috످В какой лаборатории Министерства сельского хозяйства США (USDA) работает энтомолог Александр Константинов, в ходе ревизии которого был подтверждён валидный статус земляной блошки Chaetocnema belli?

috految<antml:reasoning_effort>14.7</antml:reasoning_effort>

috److془Alexander Konstantinov works at Systematic Entomology Laboratory. Confident.془Александр Константинов работает в Лаборатории систематической энтомологии (Systematic Entomology Laboratory, SEL) Службы сельскохозяйственных исследований Министерства сельского хозяйства США (USDA ARS).

috످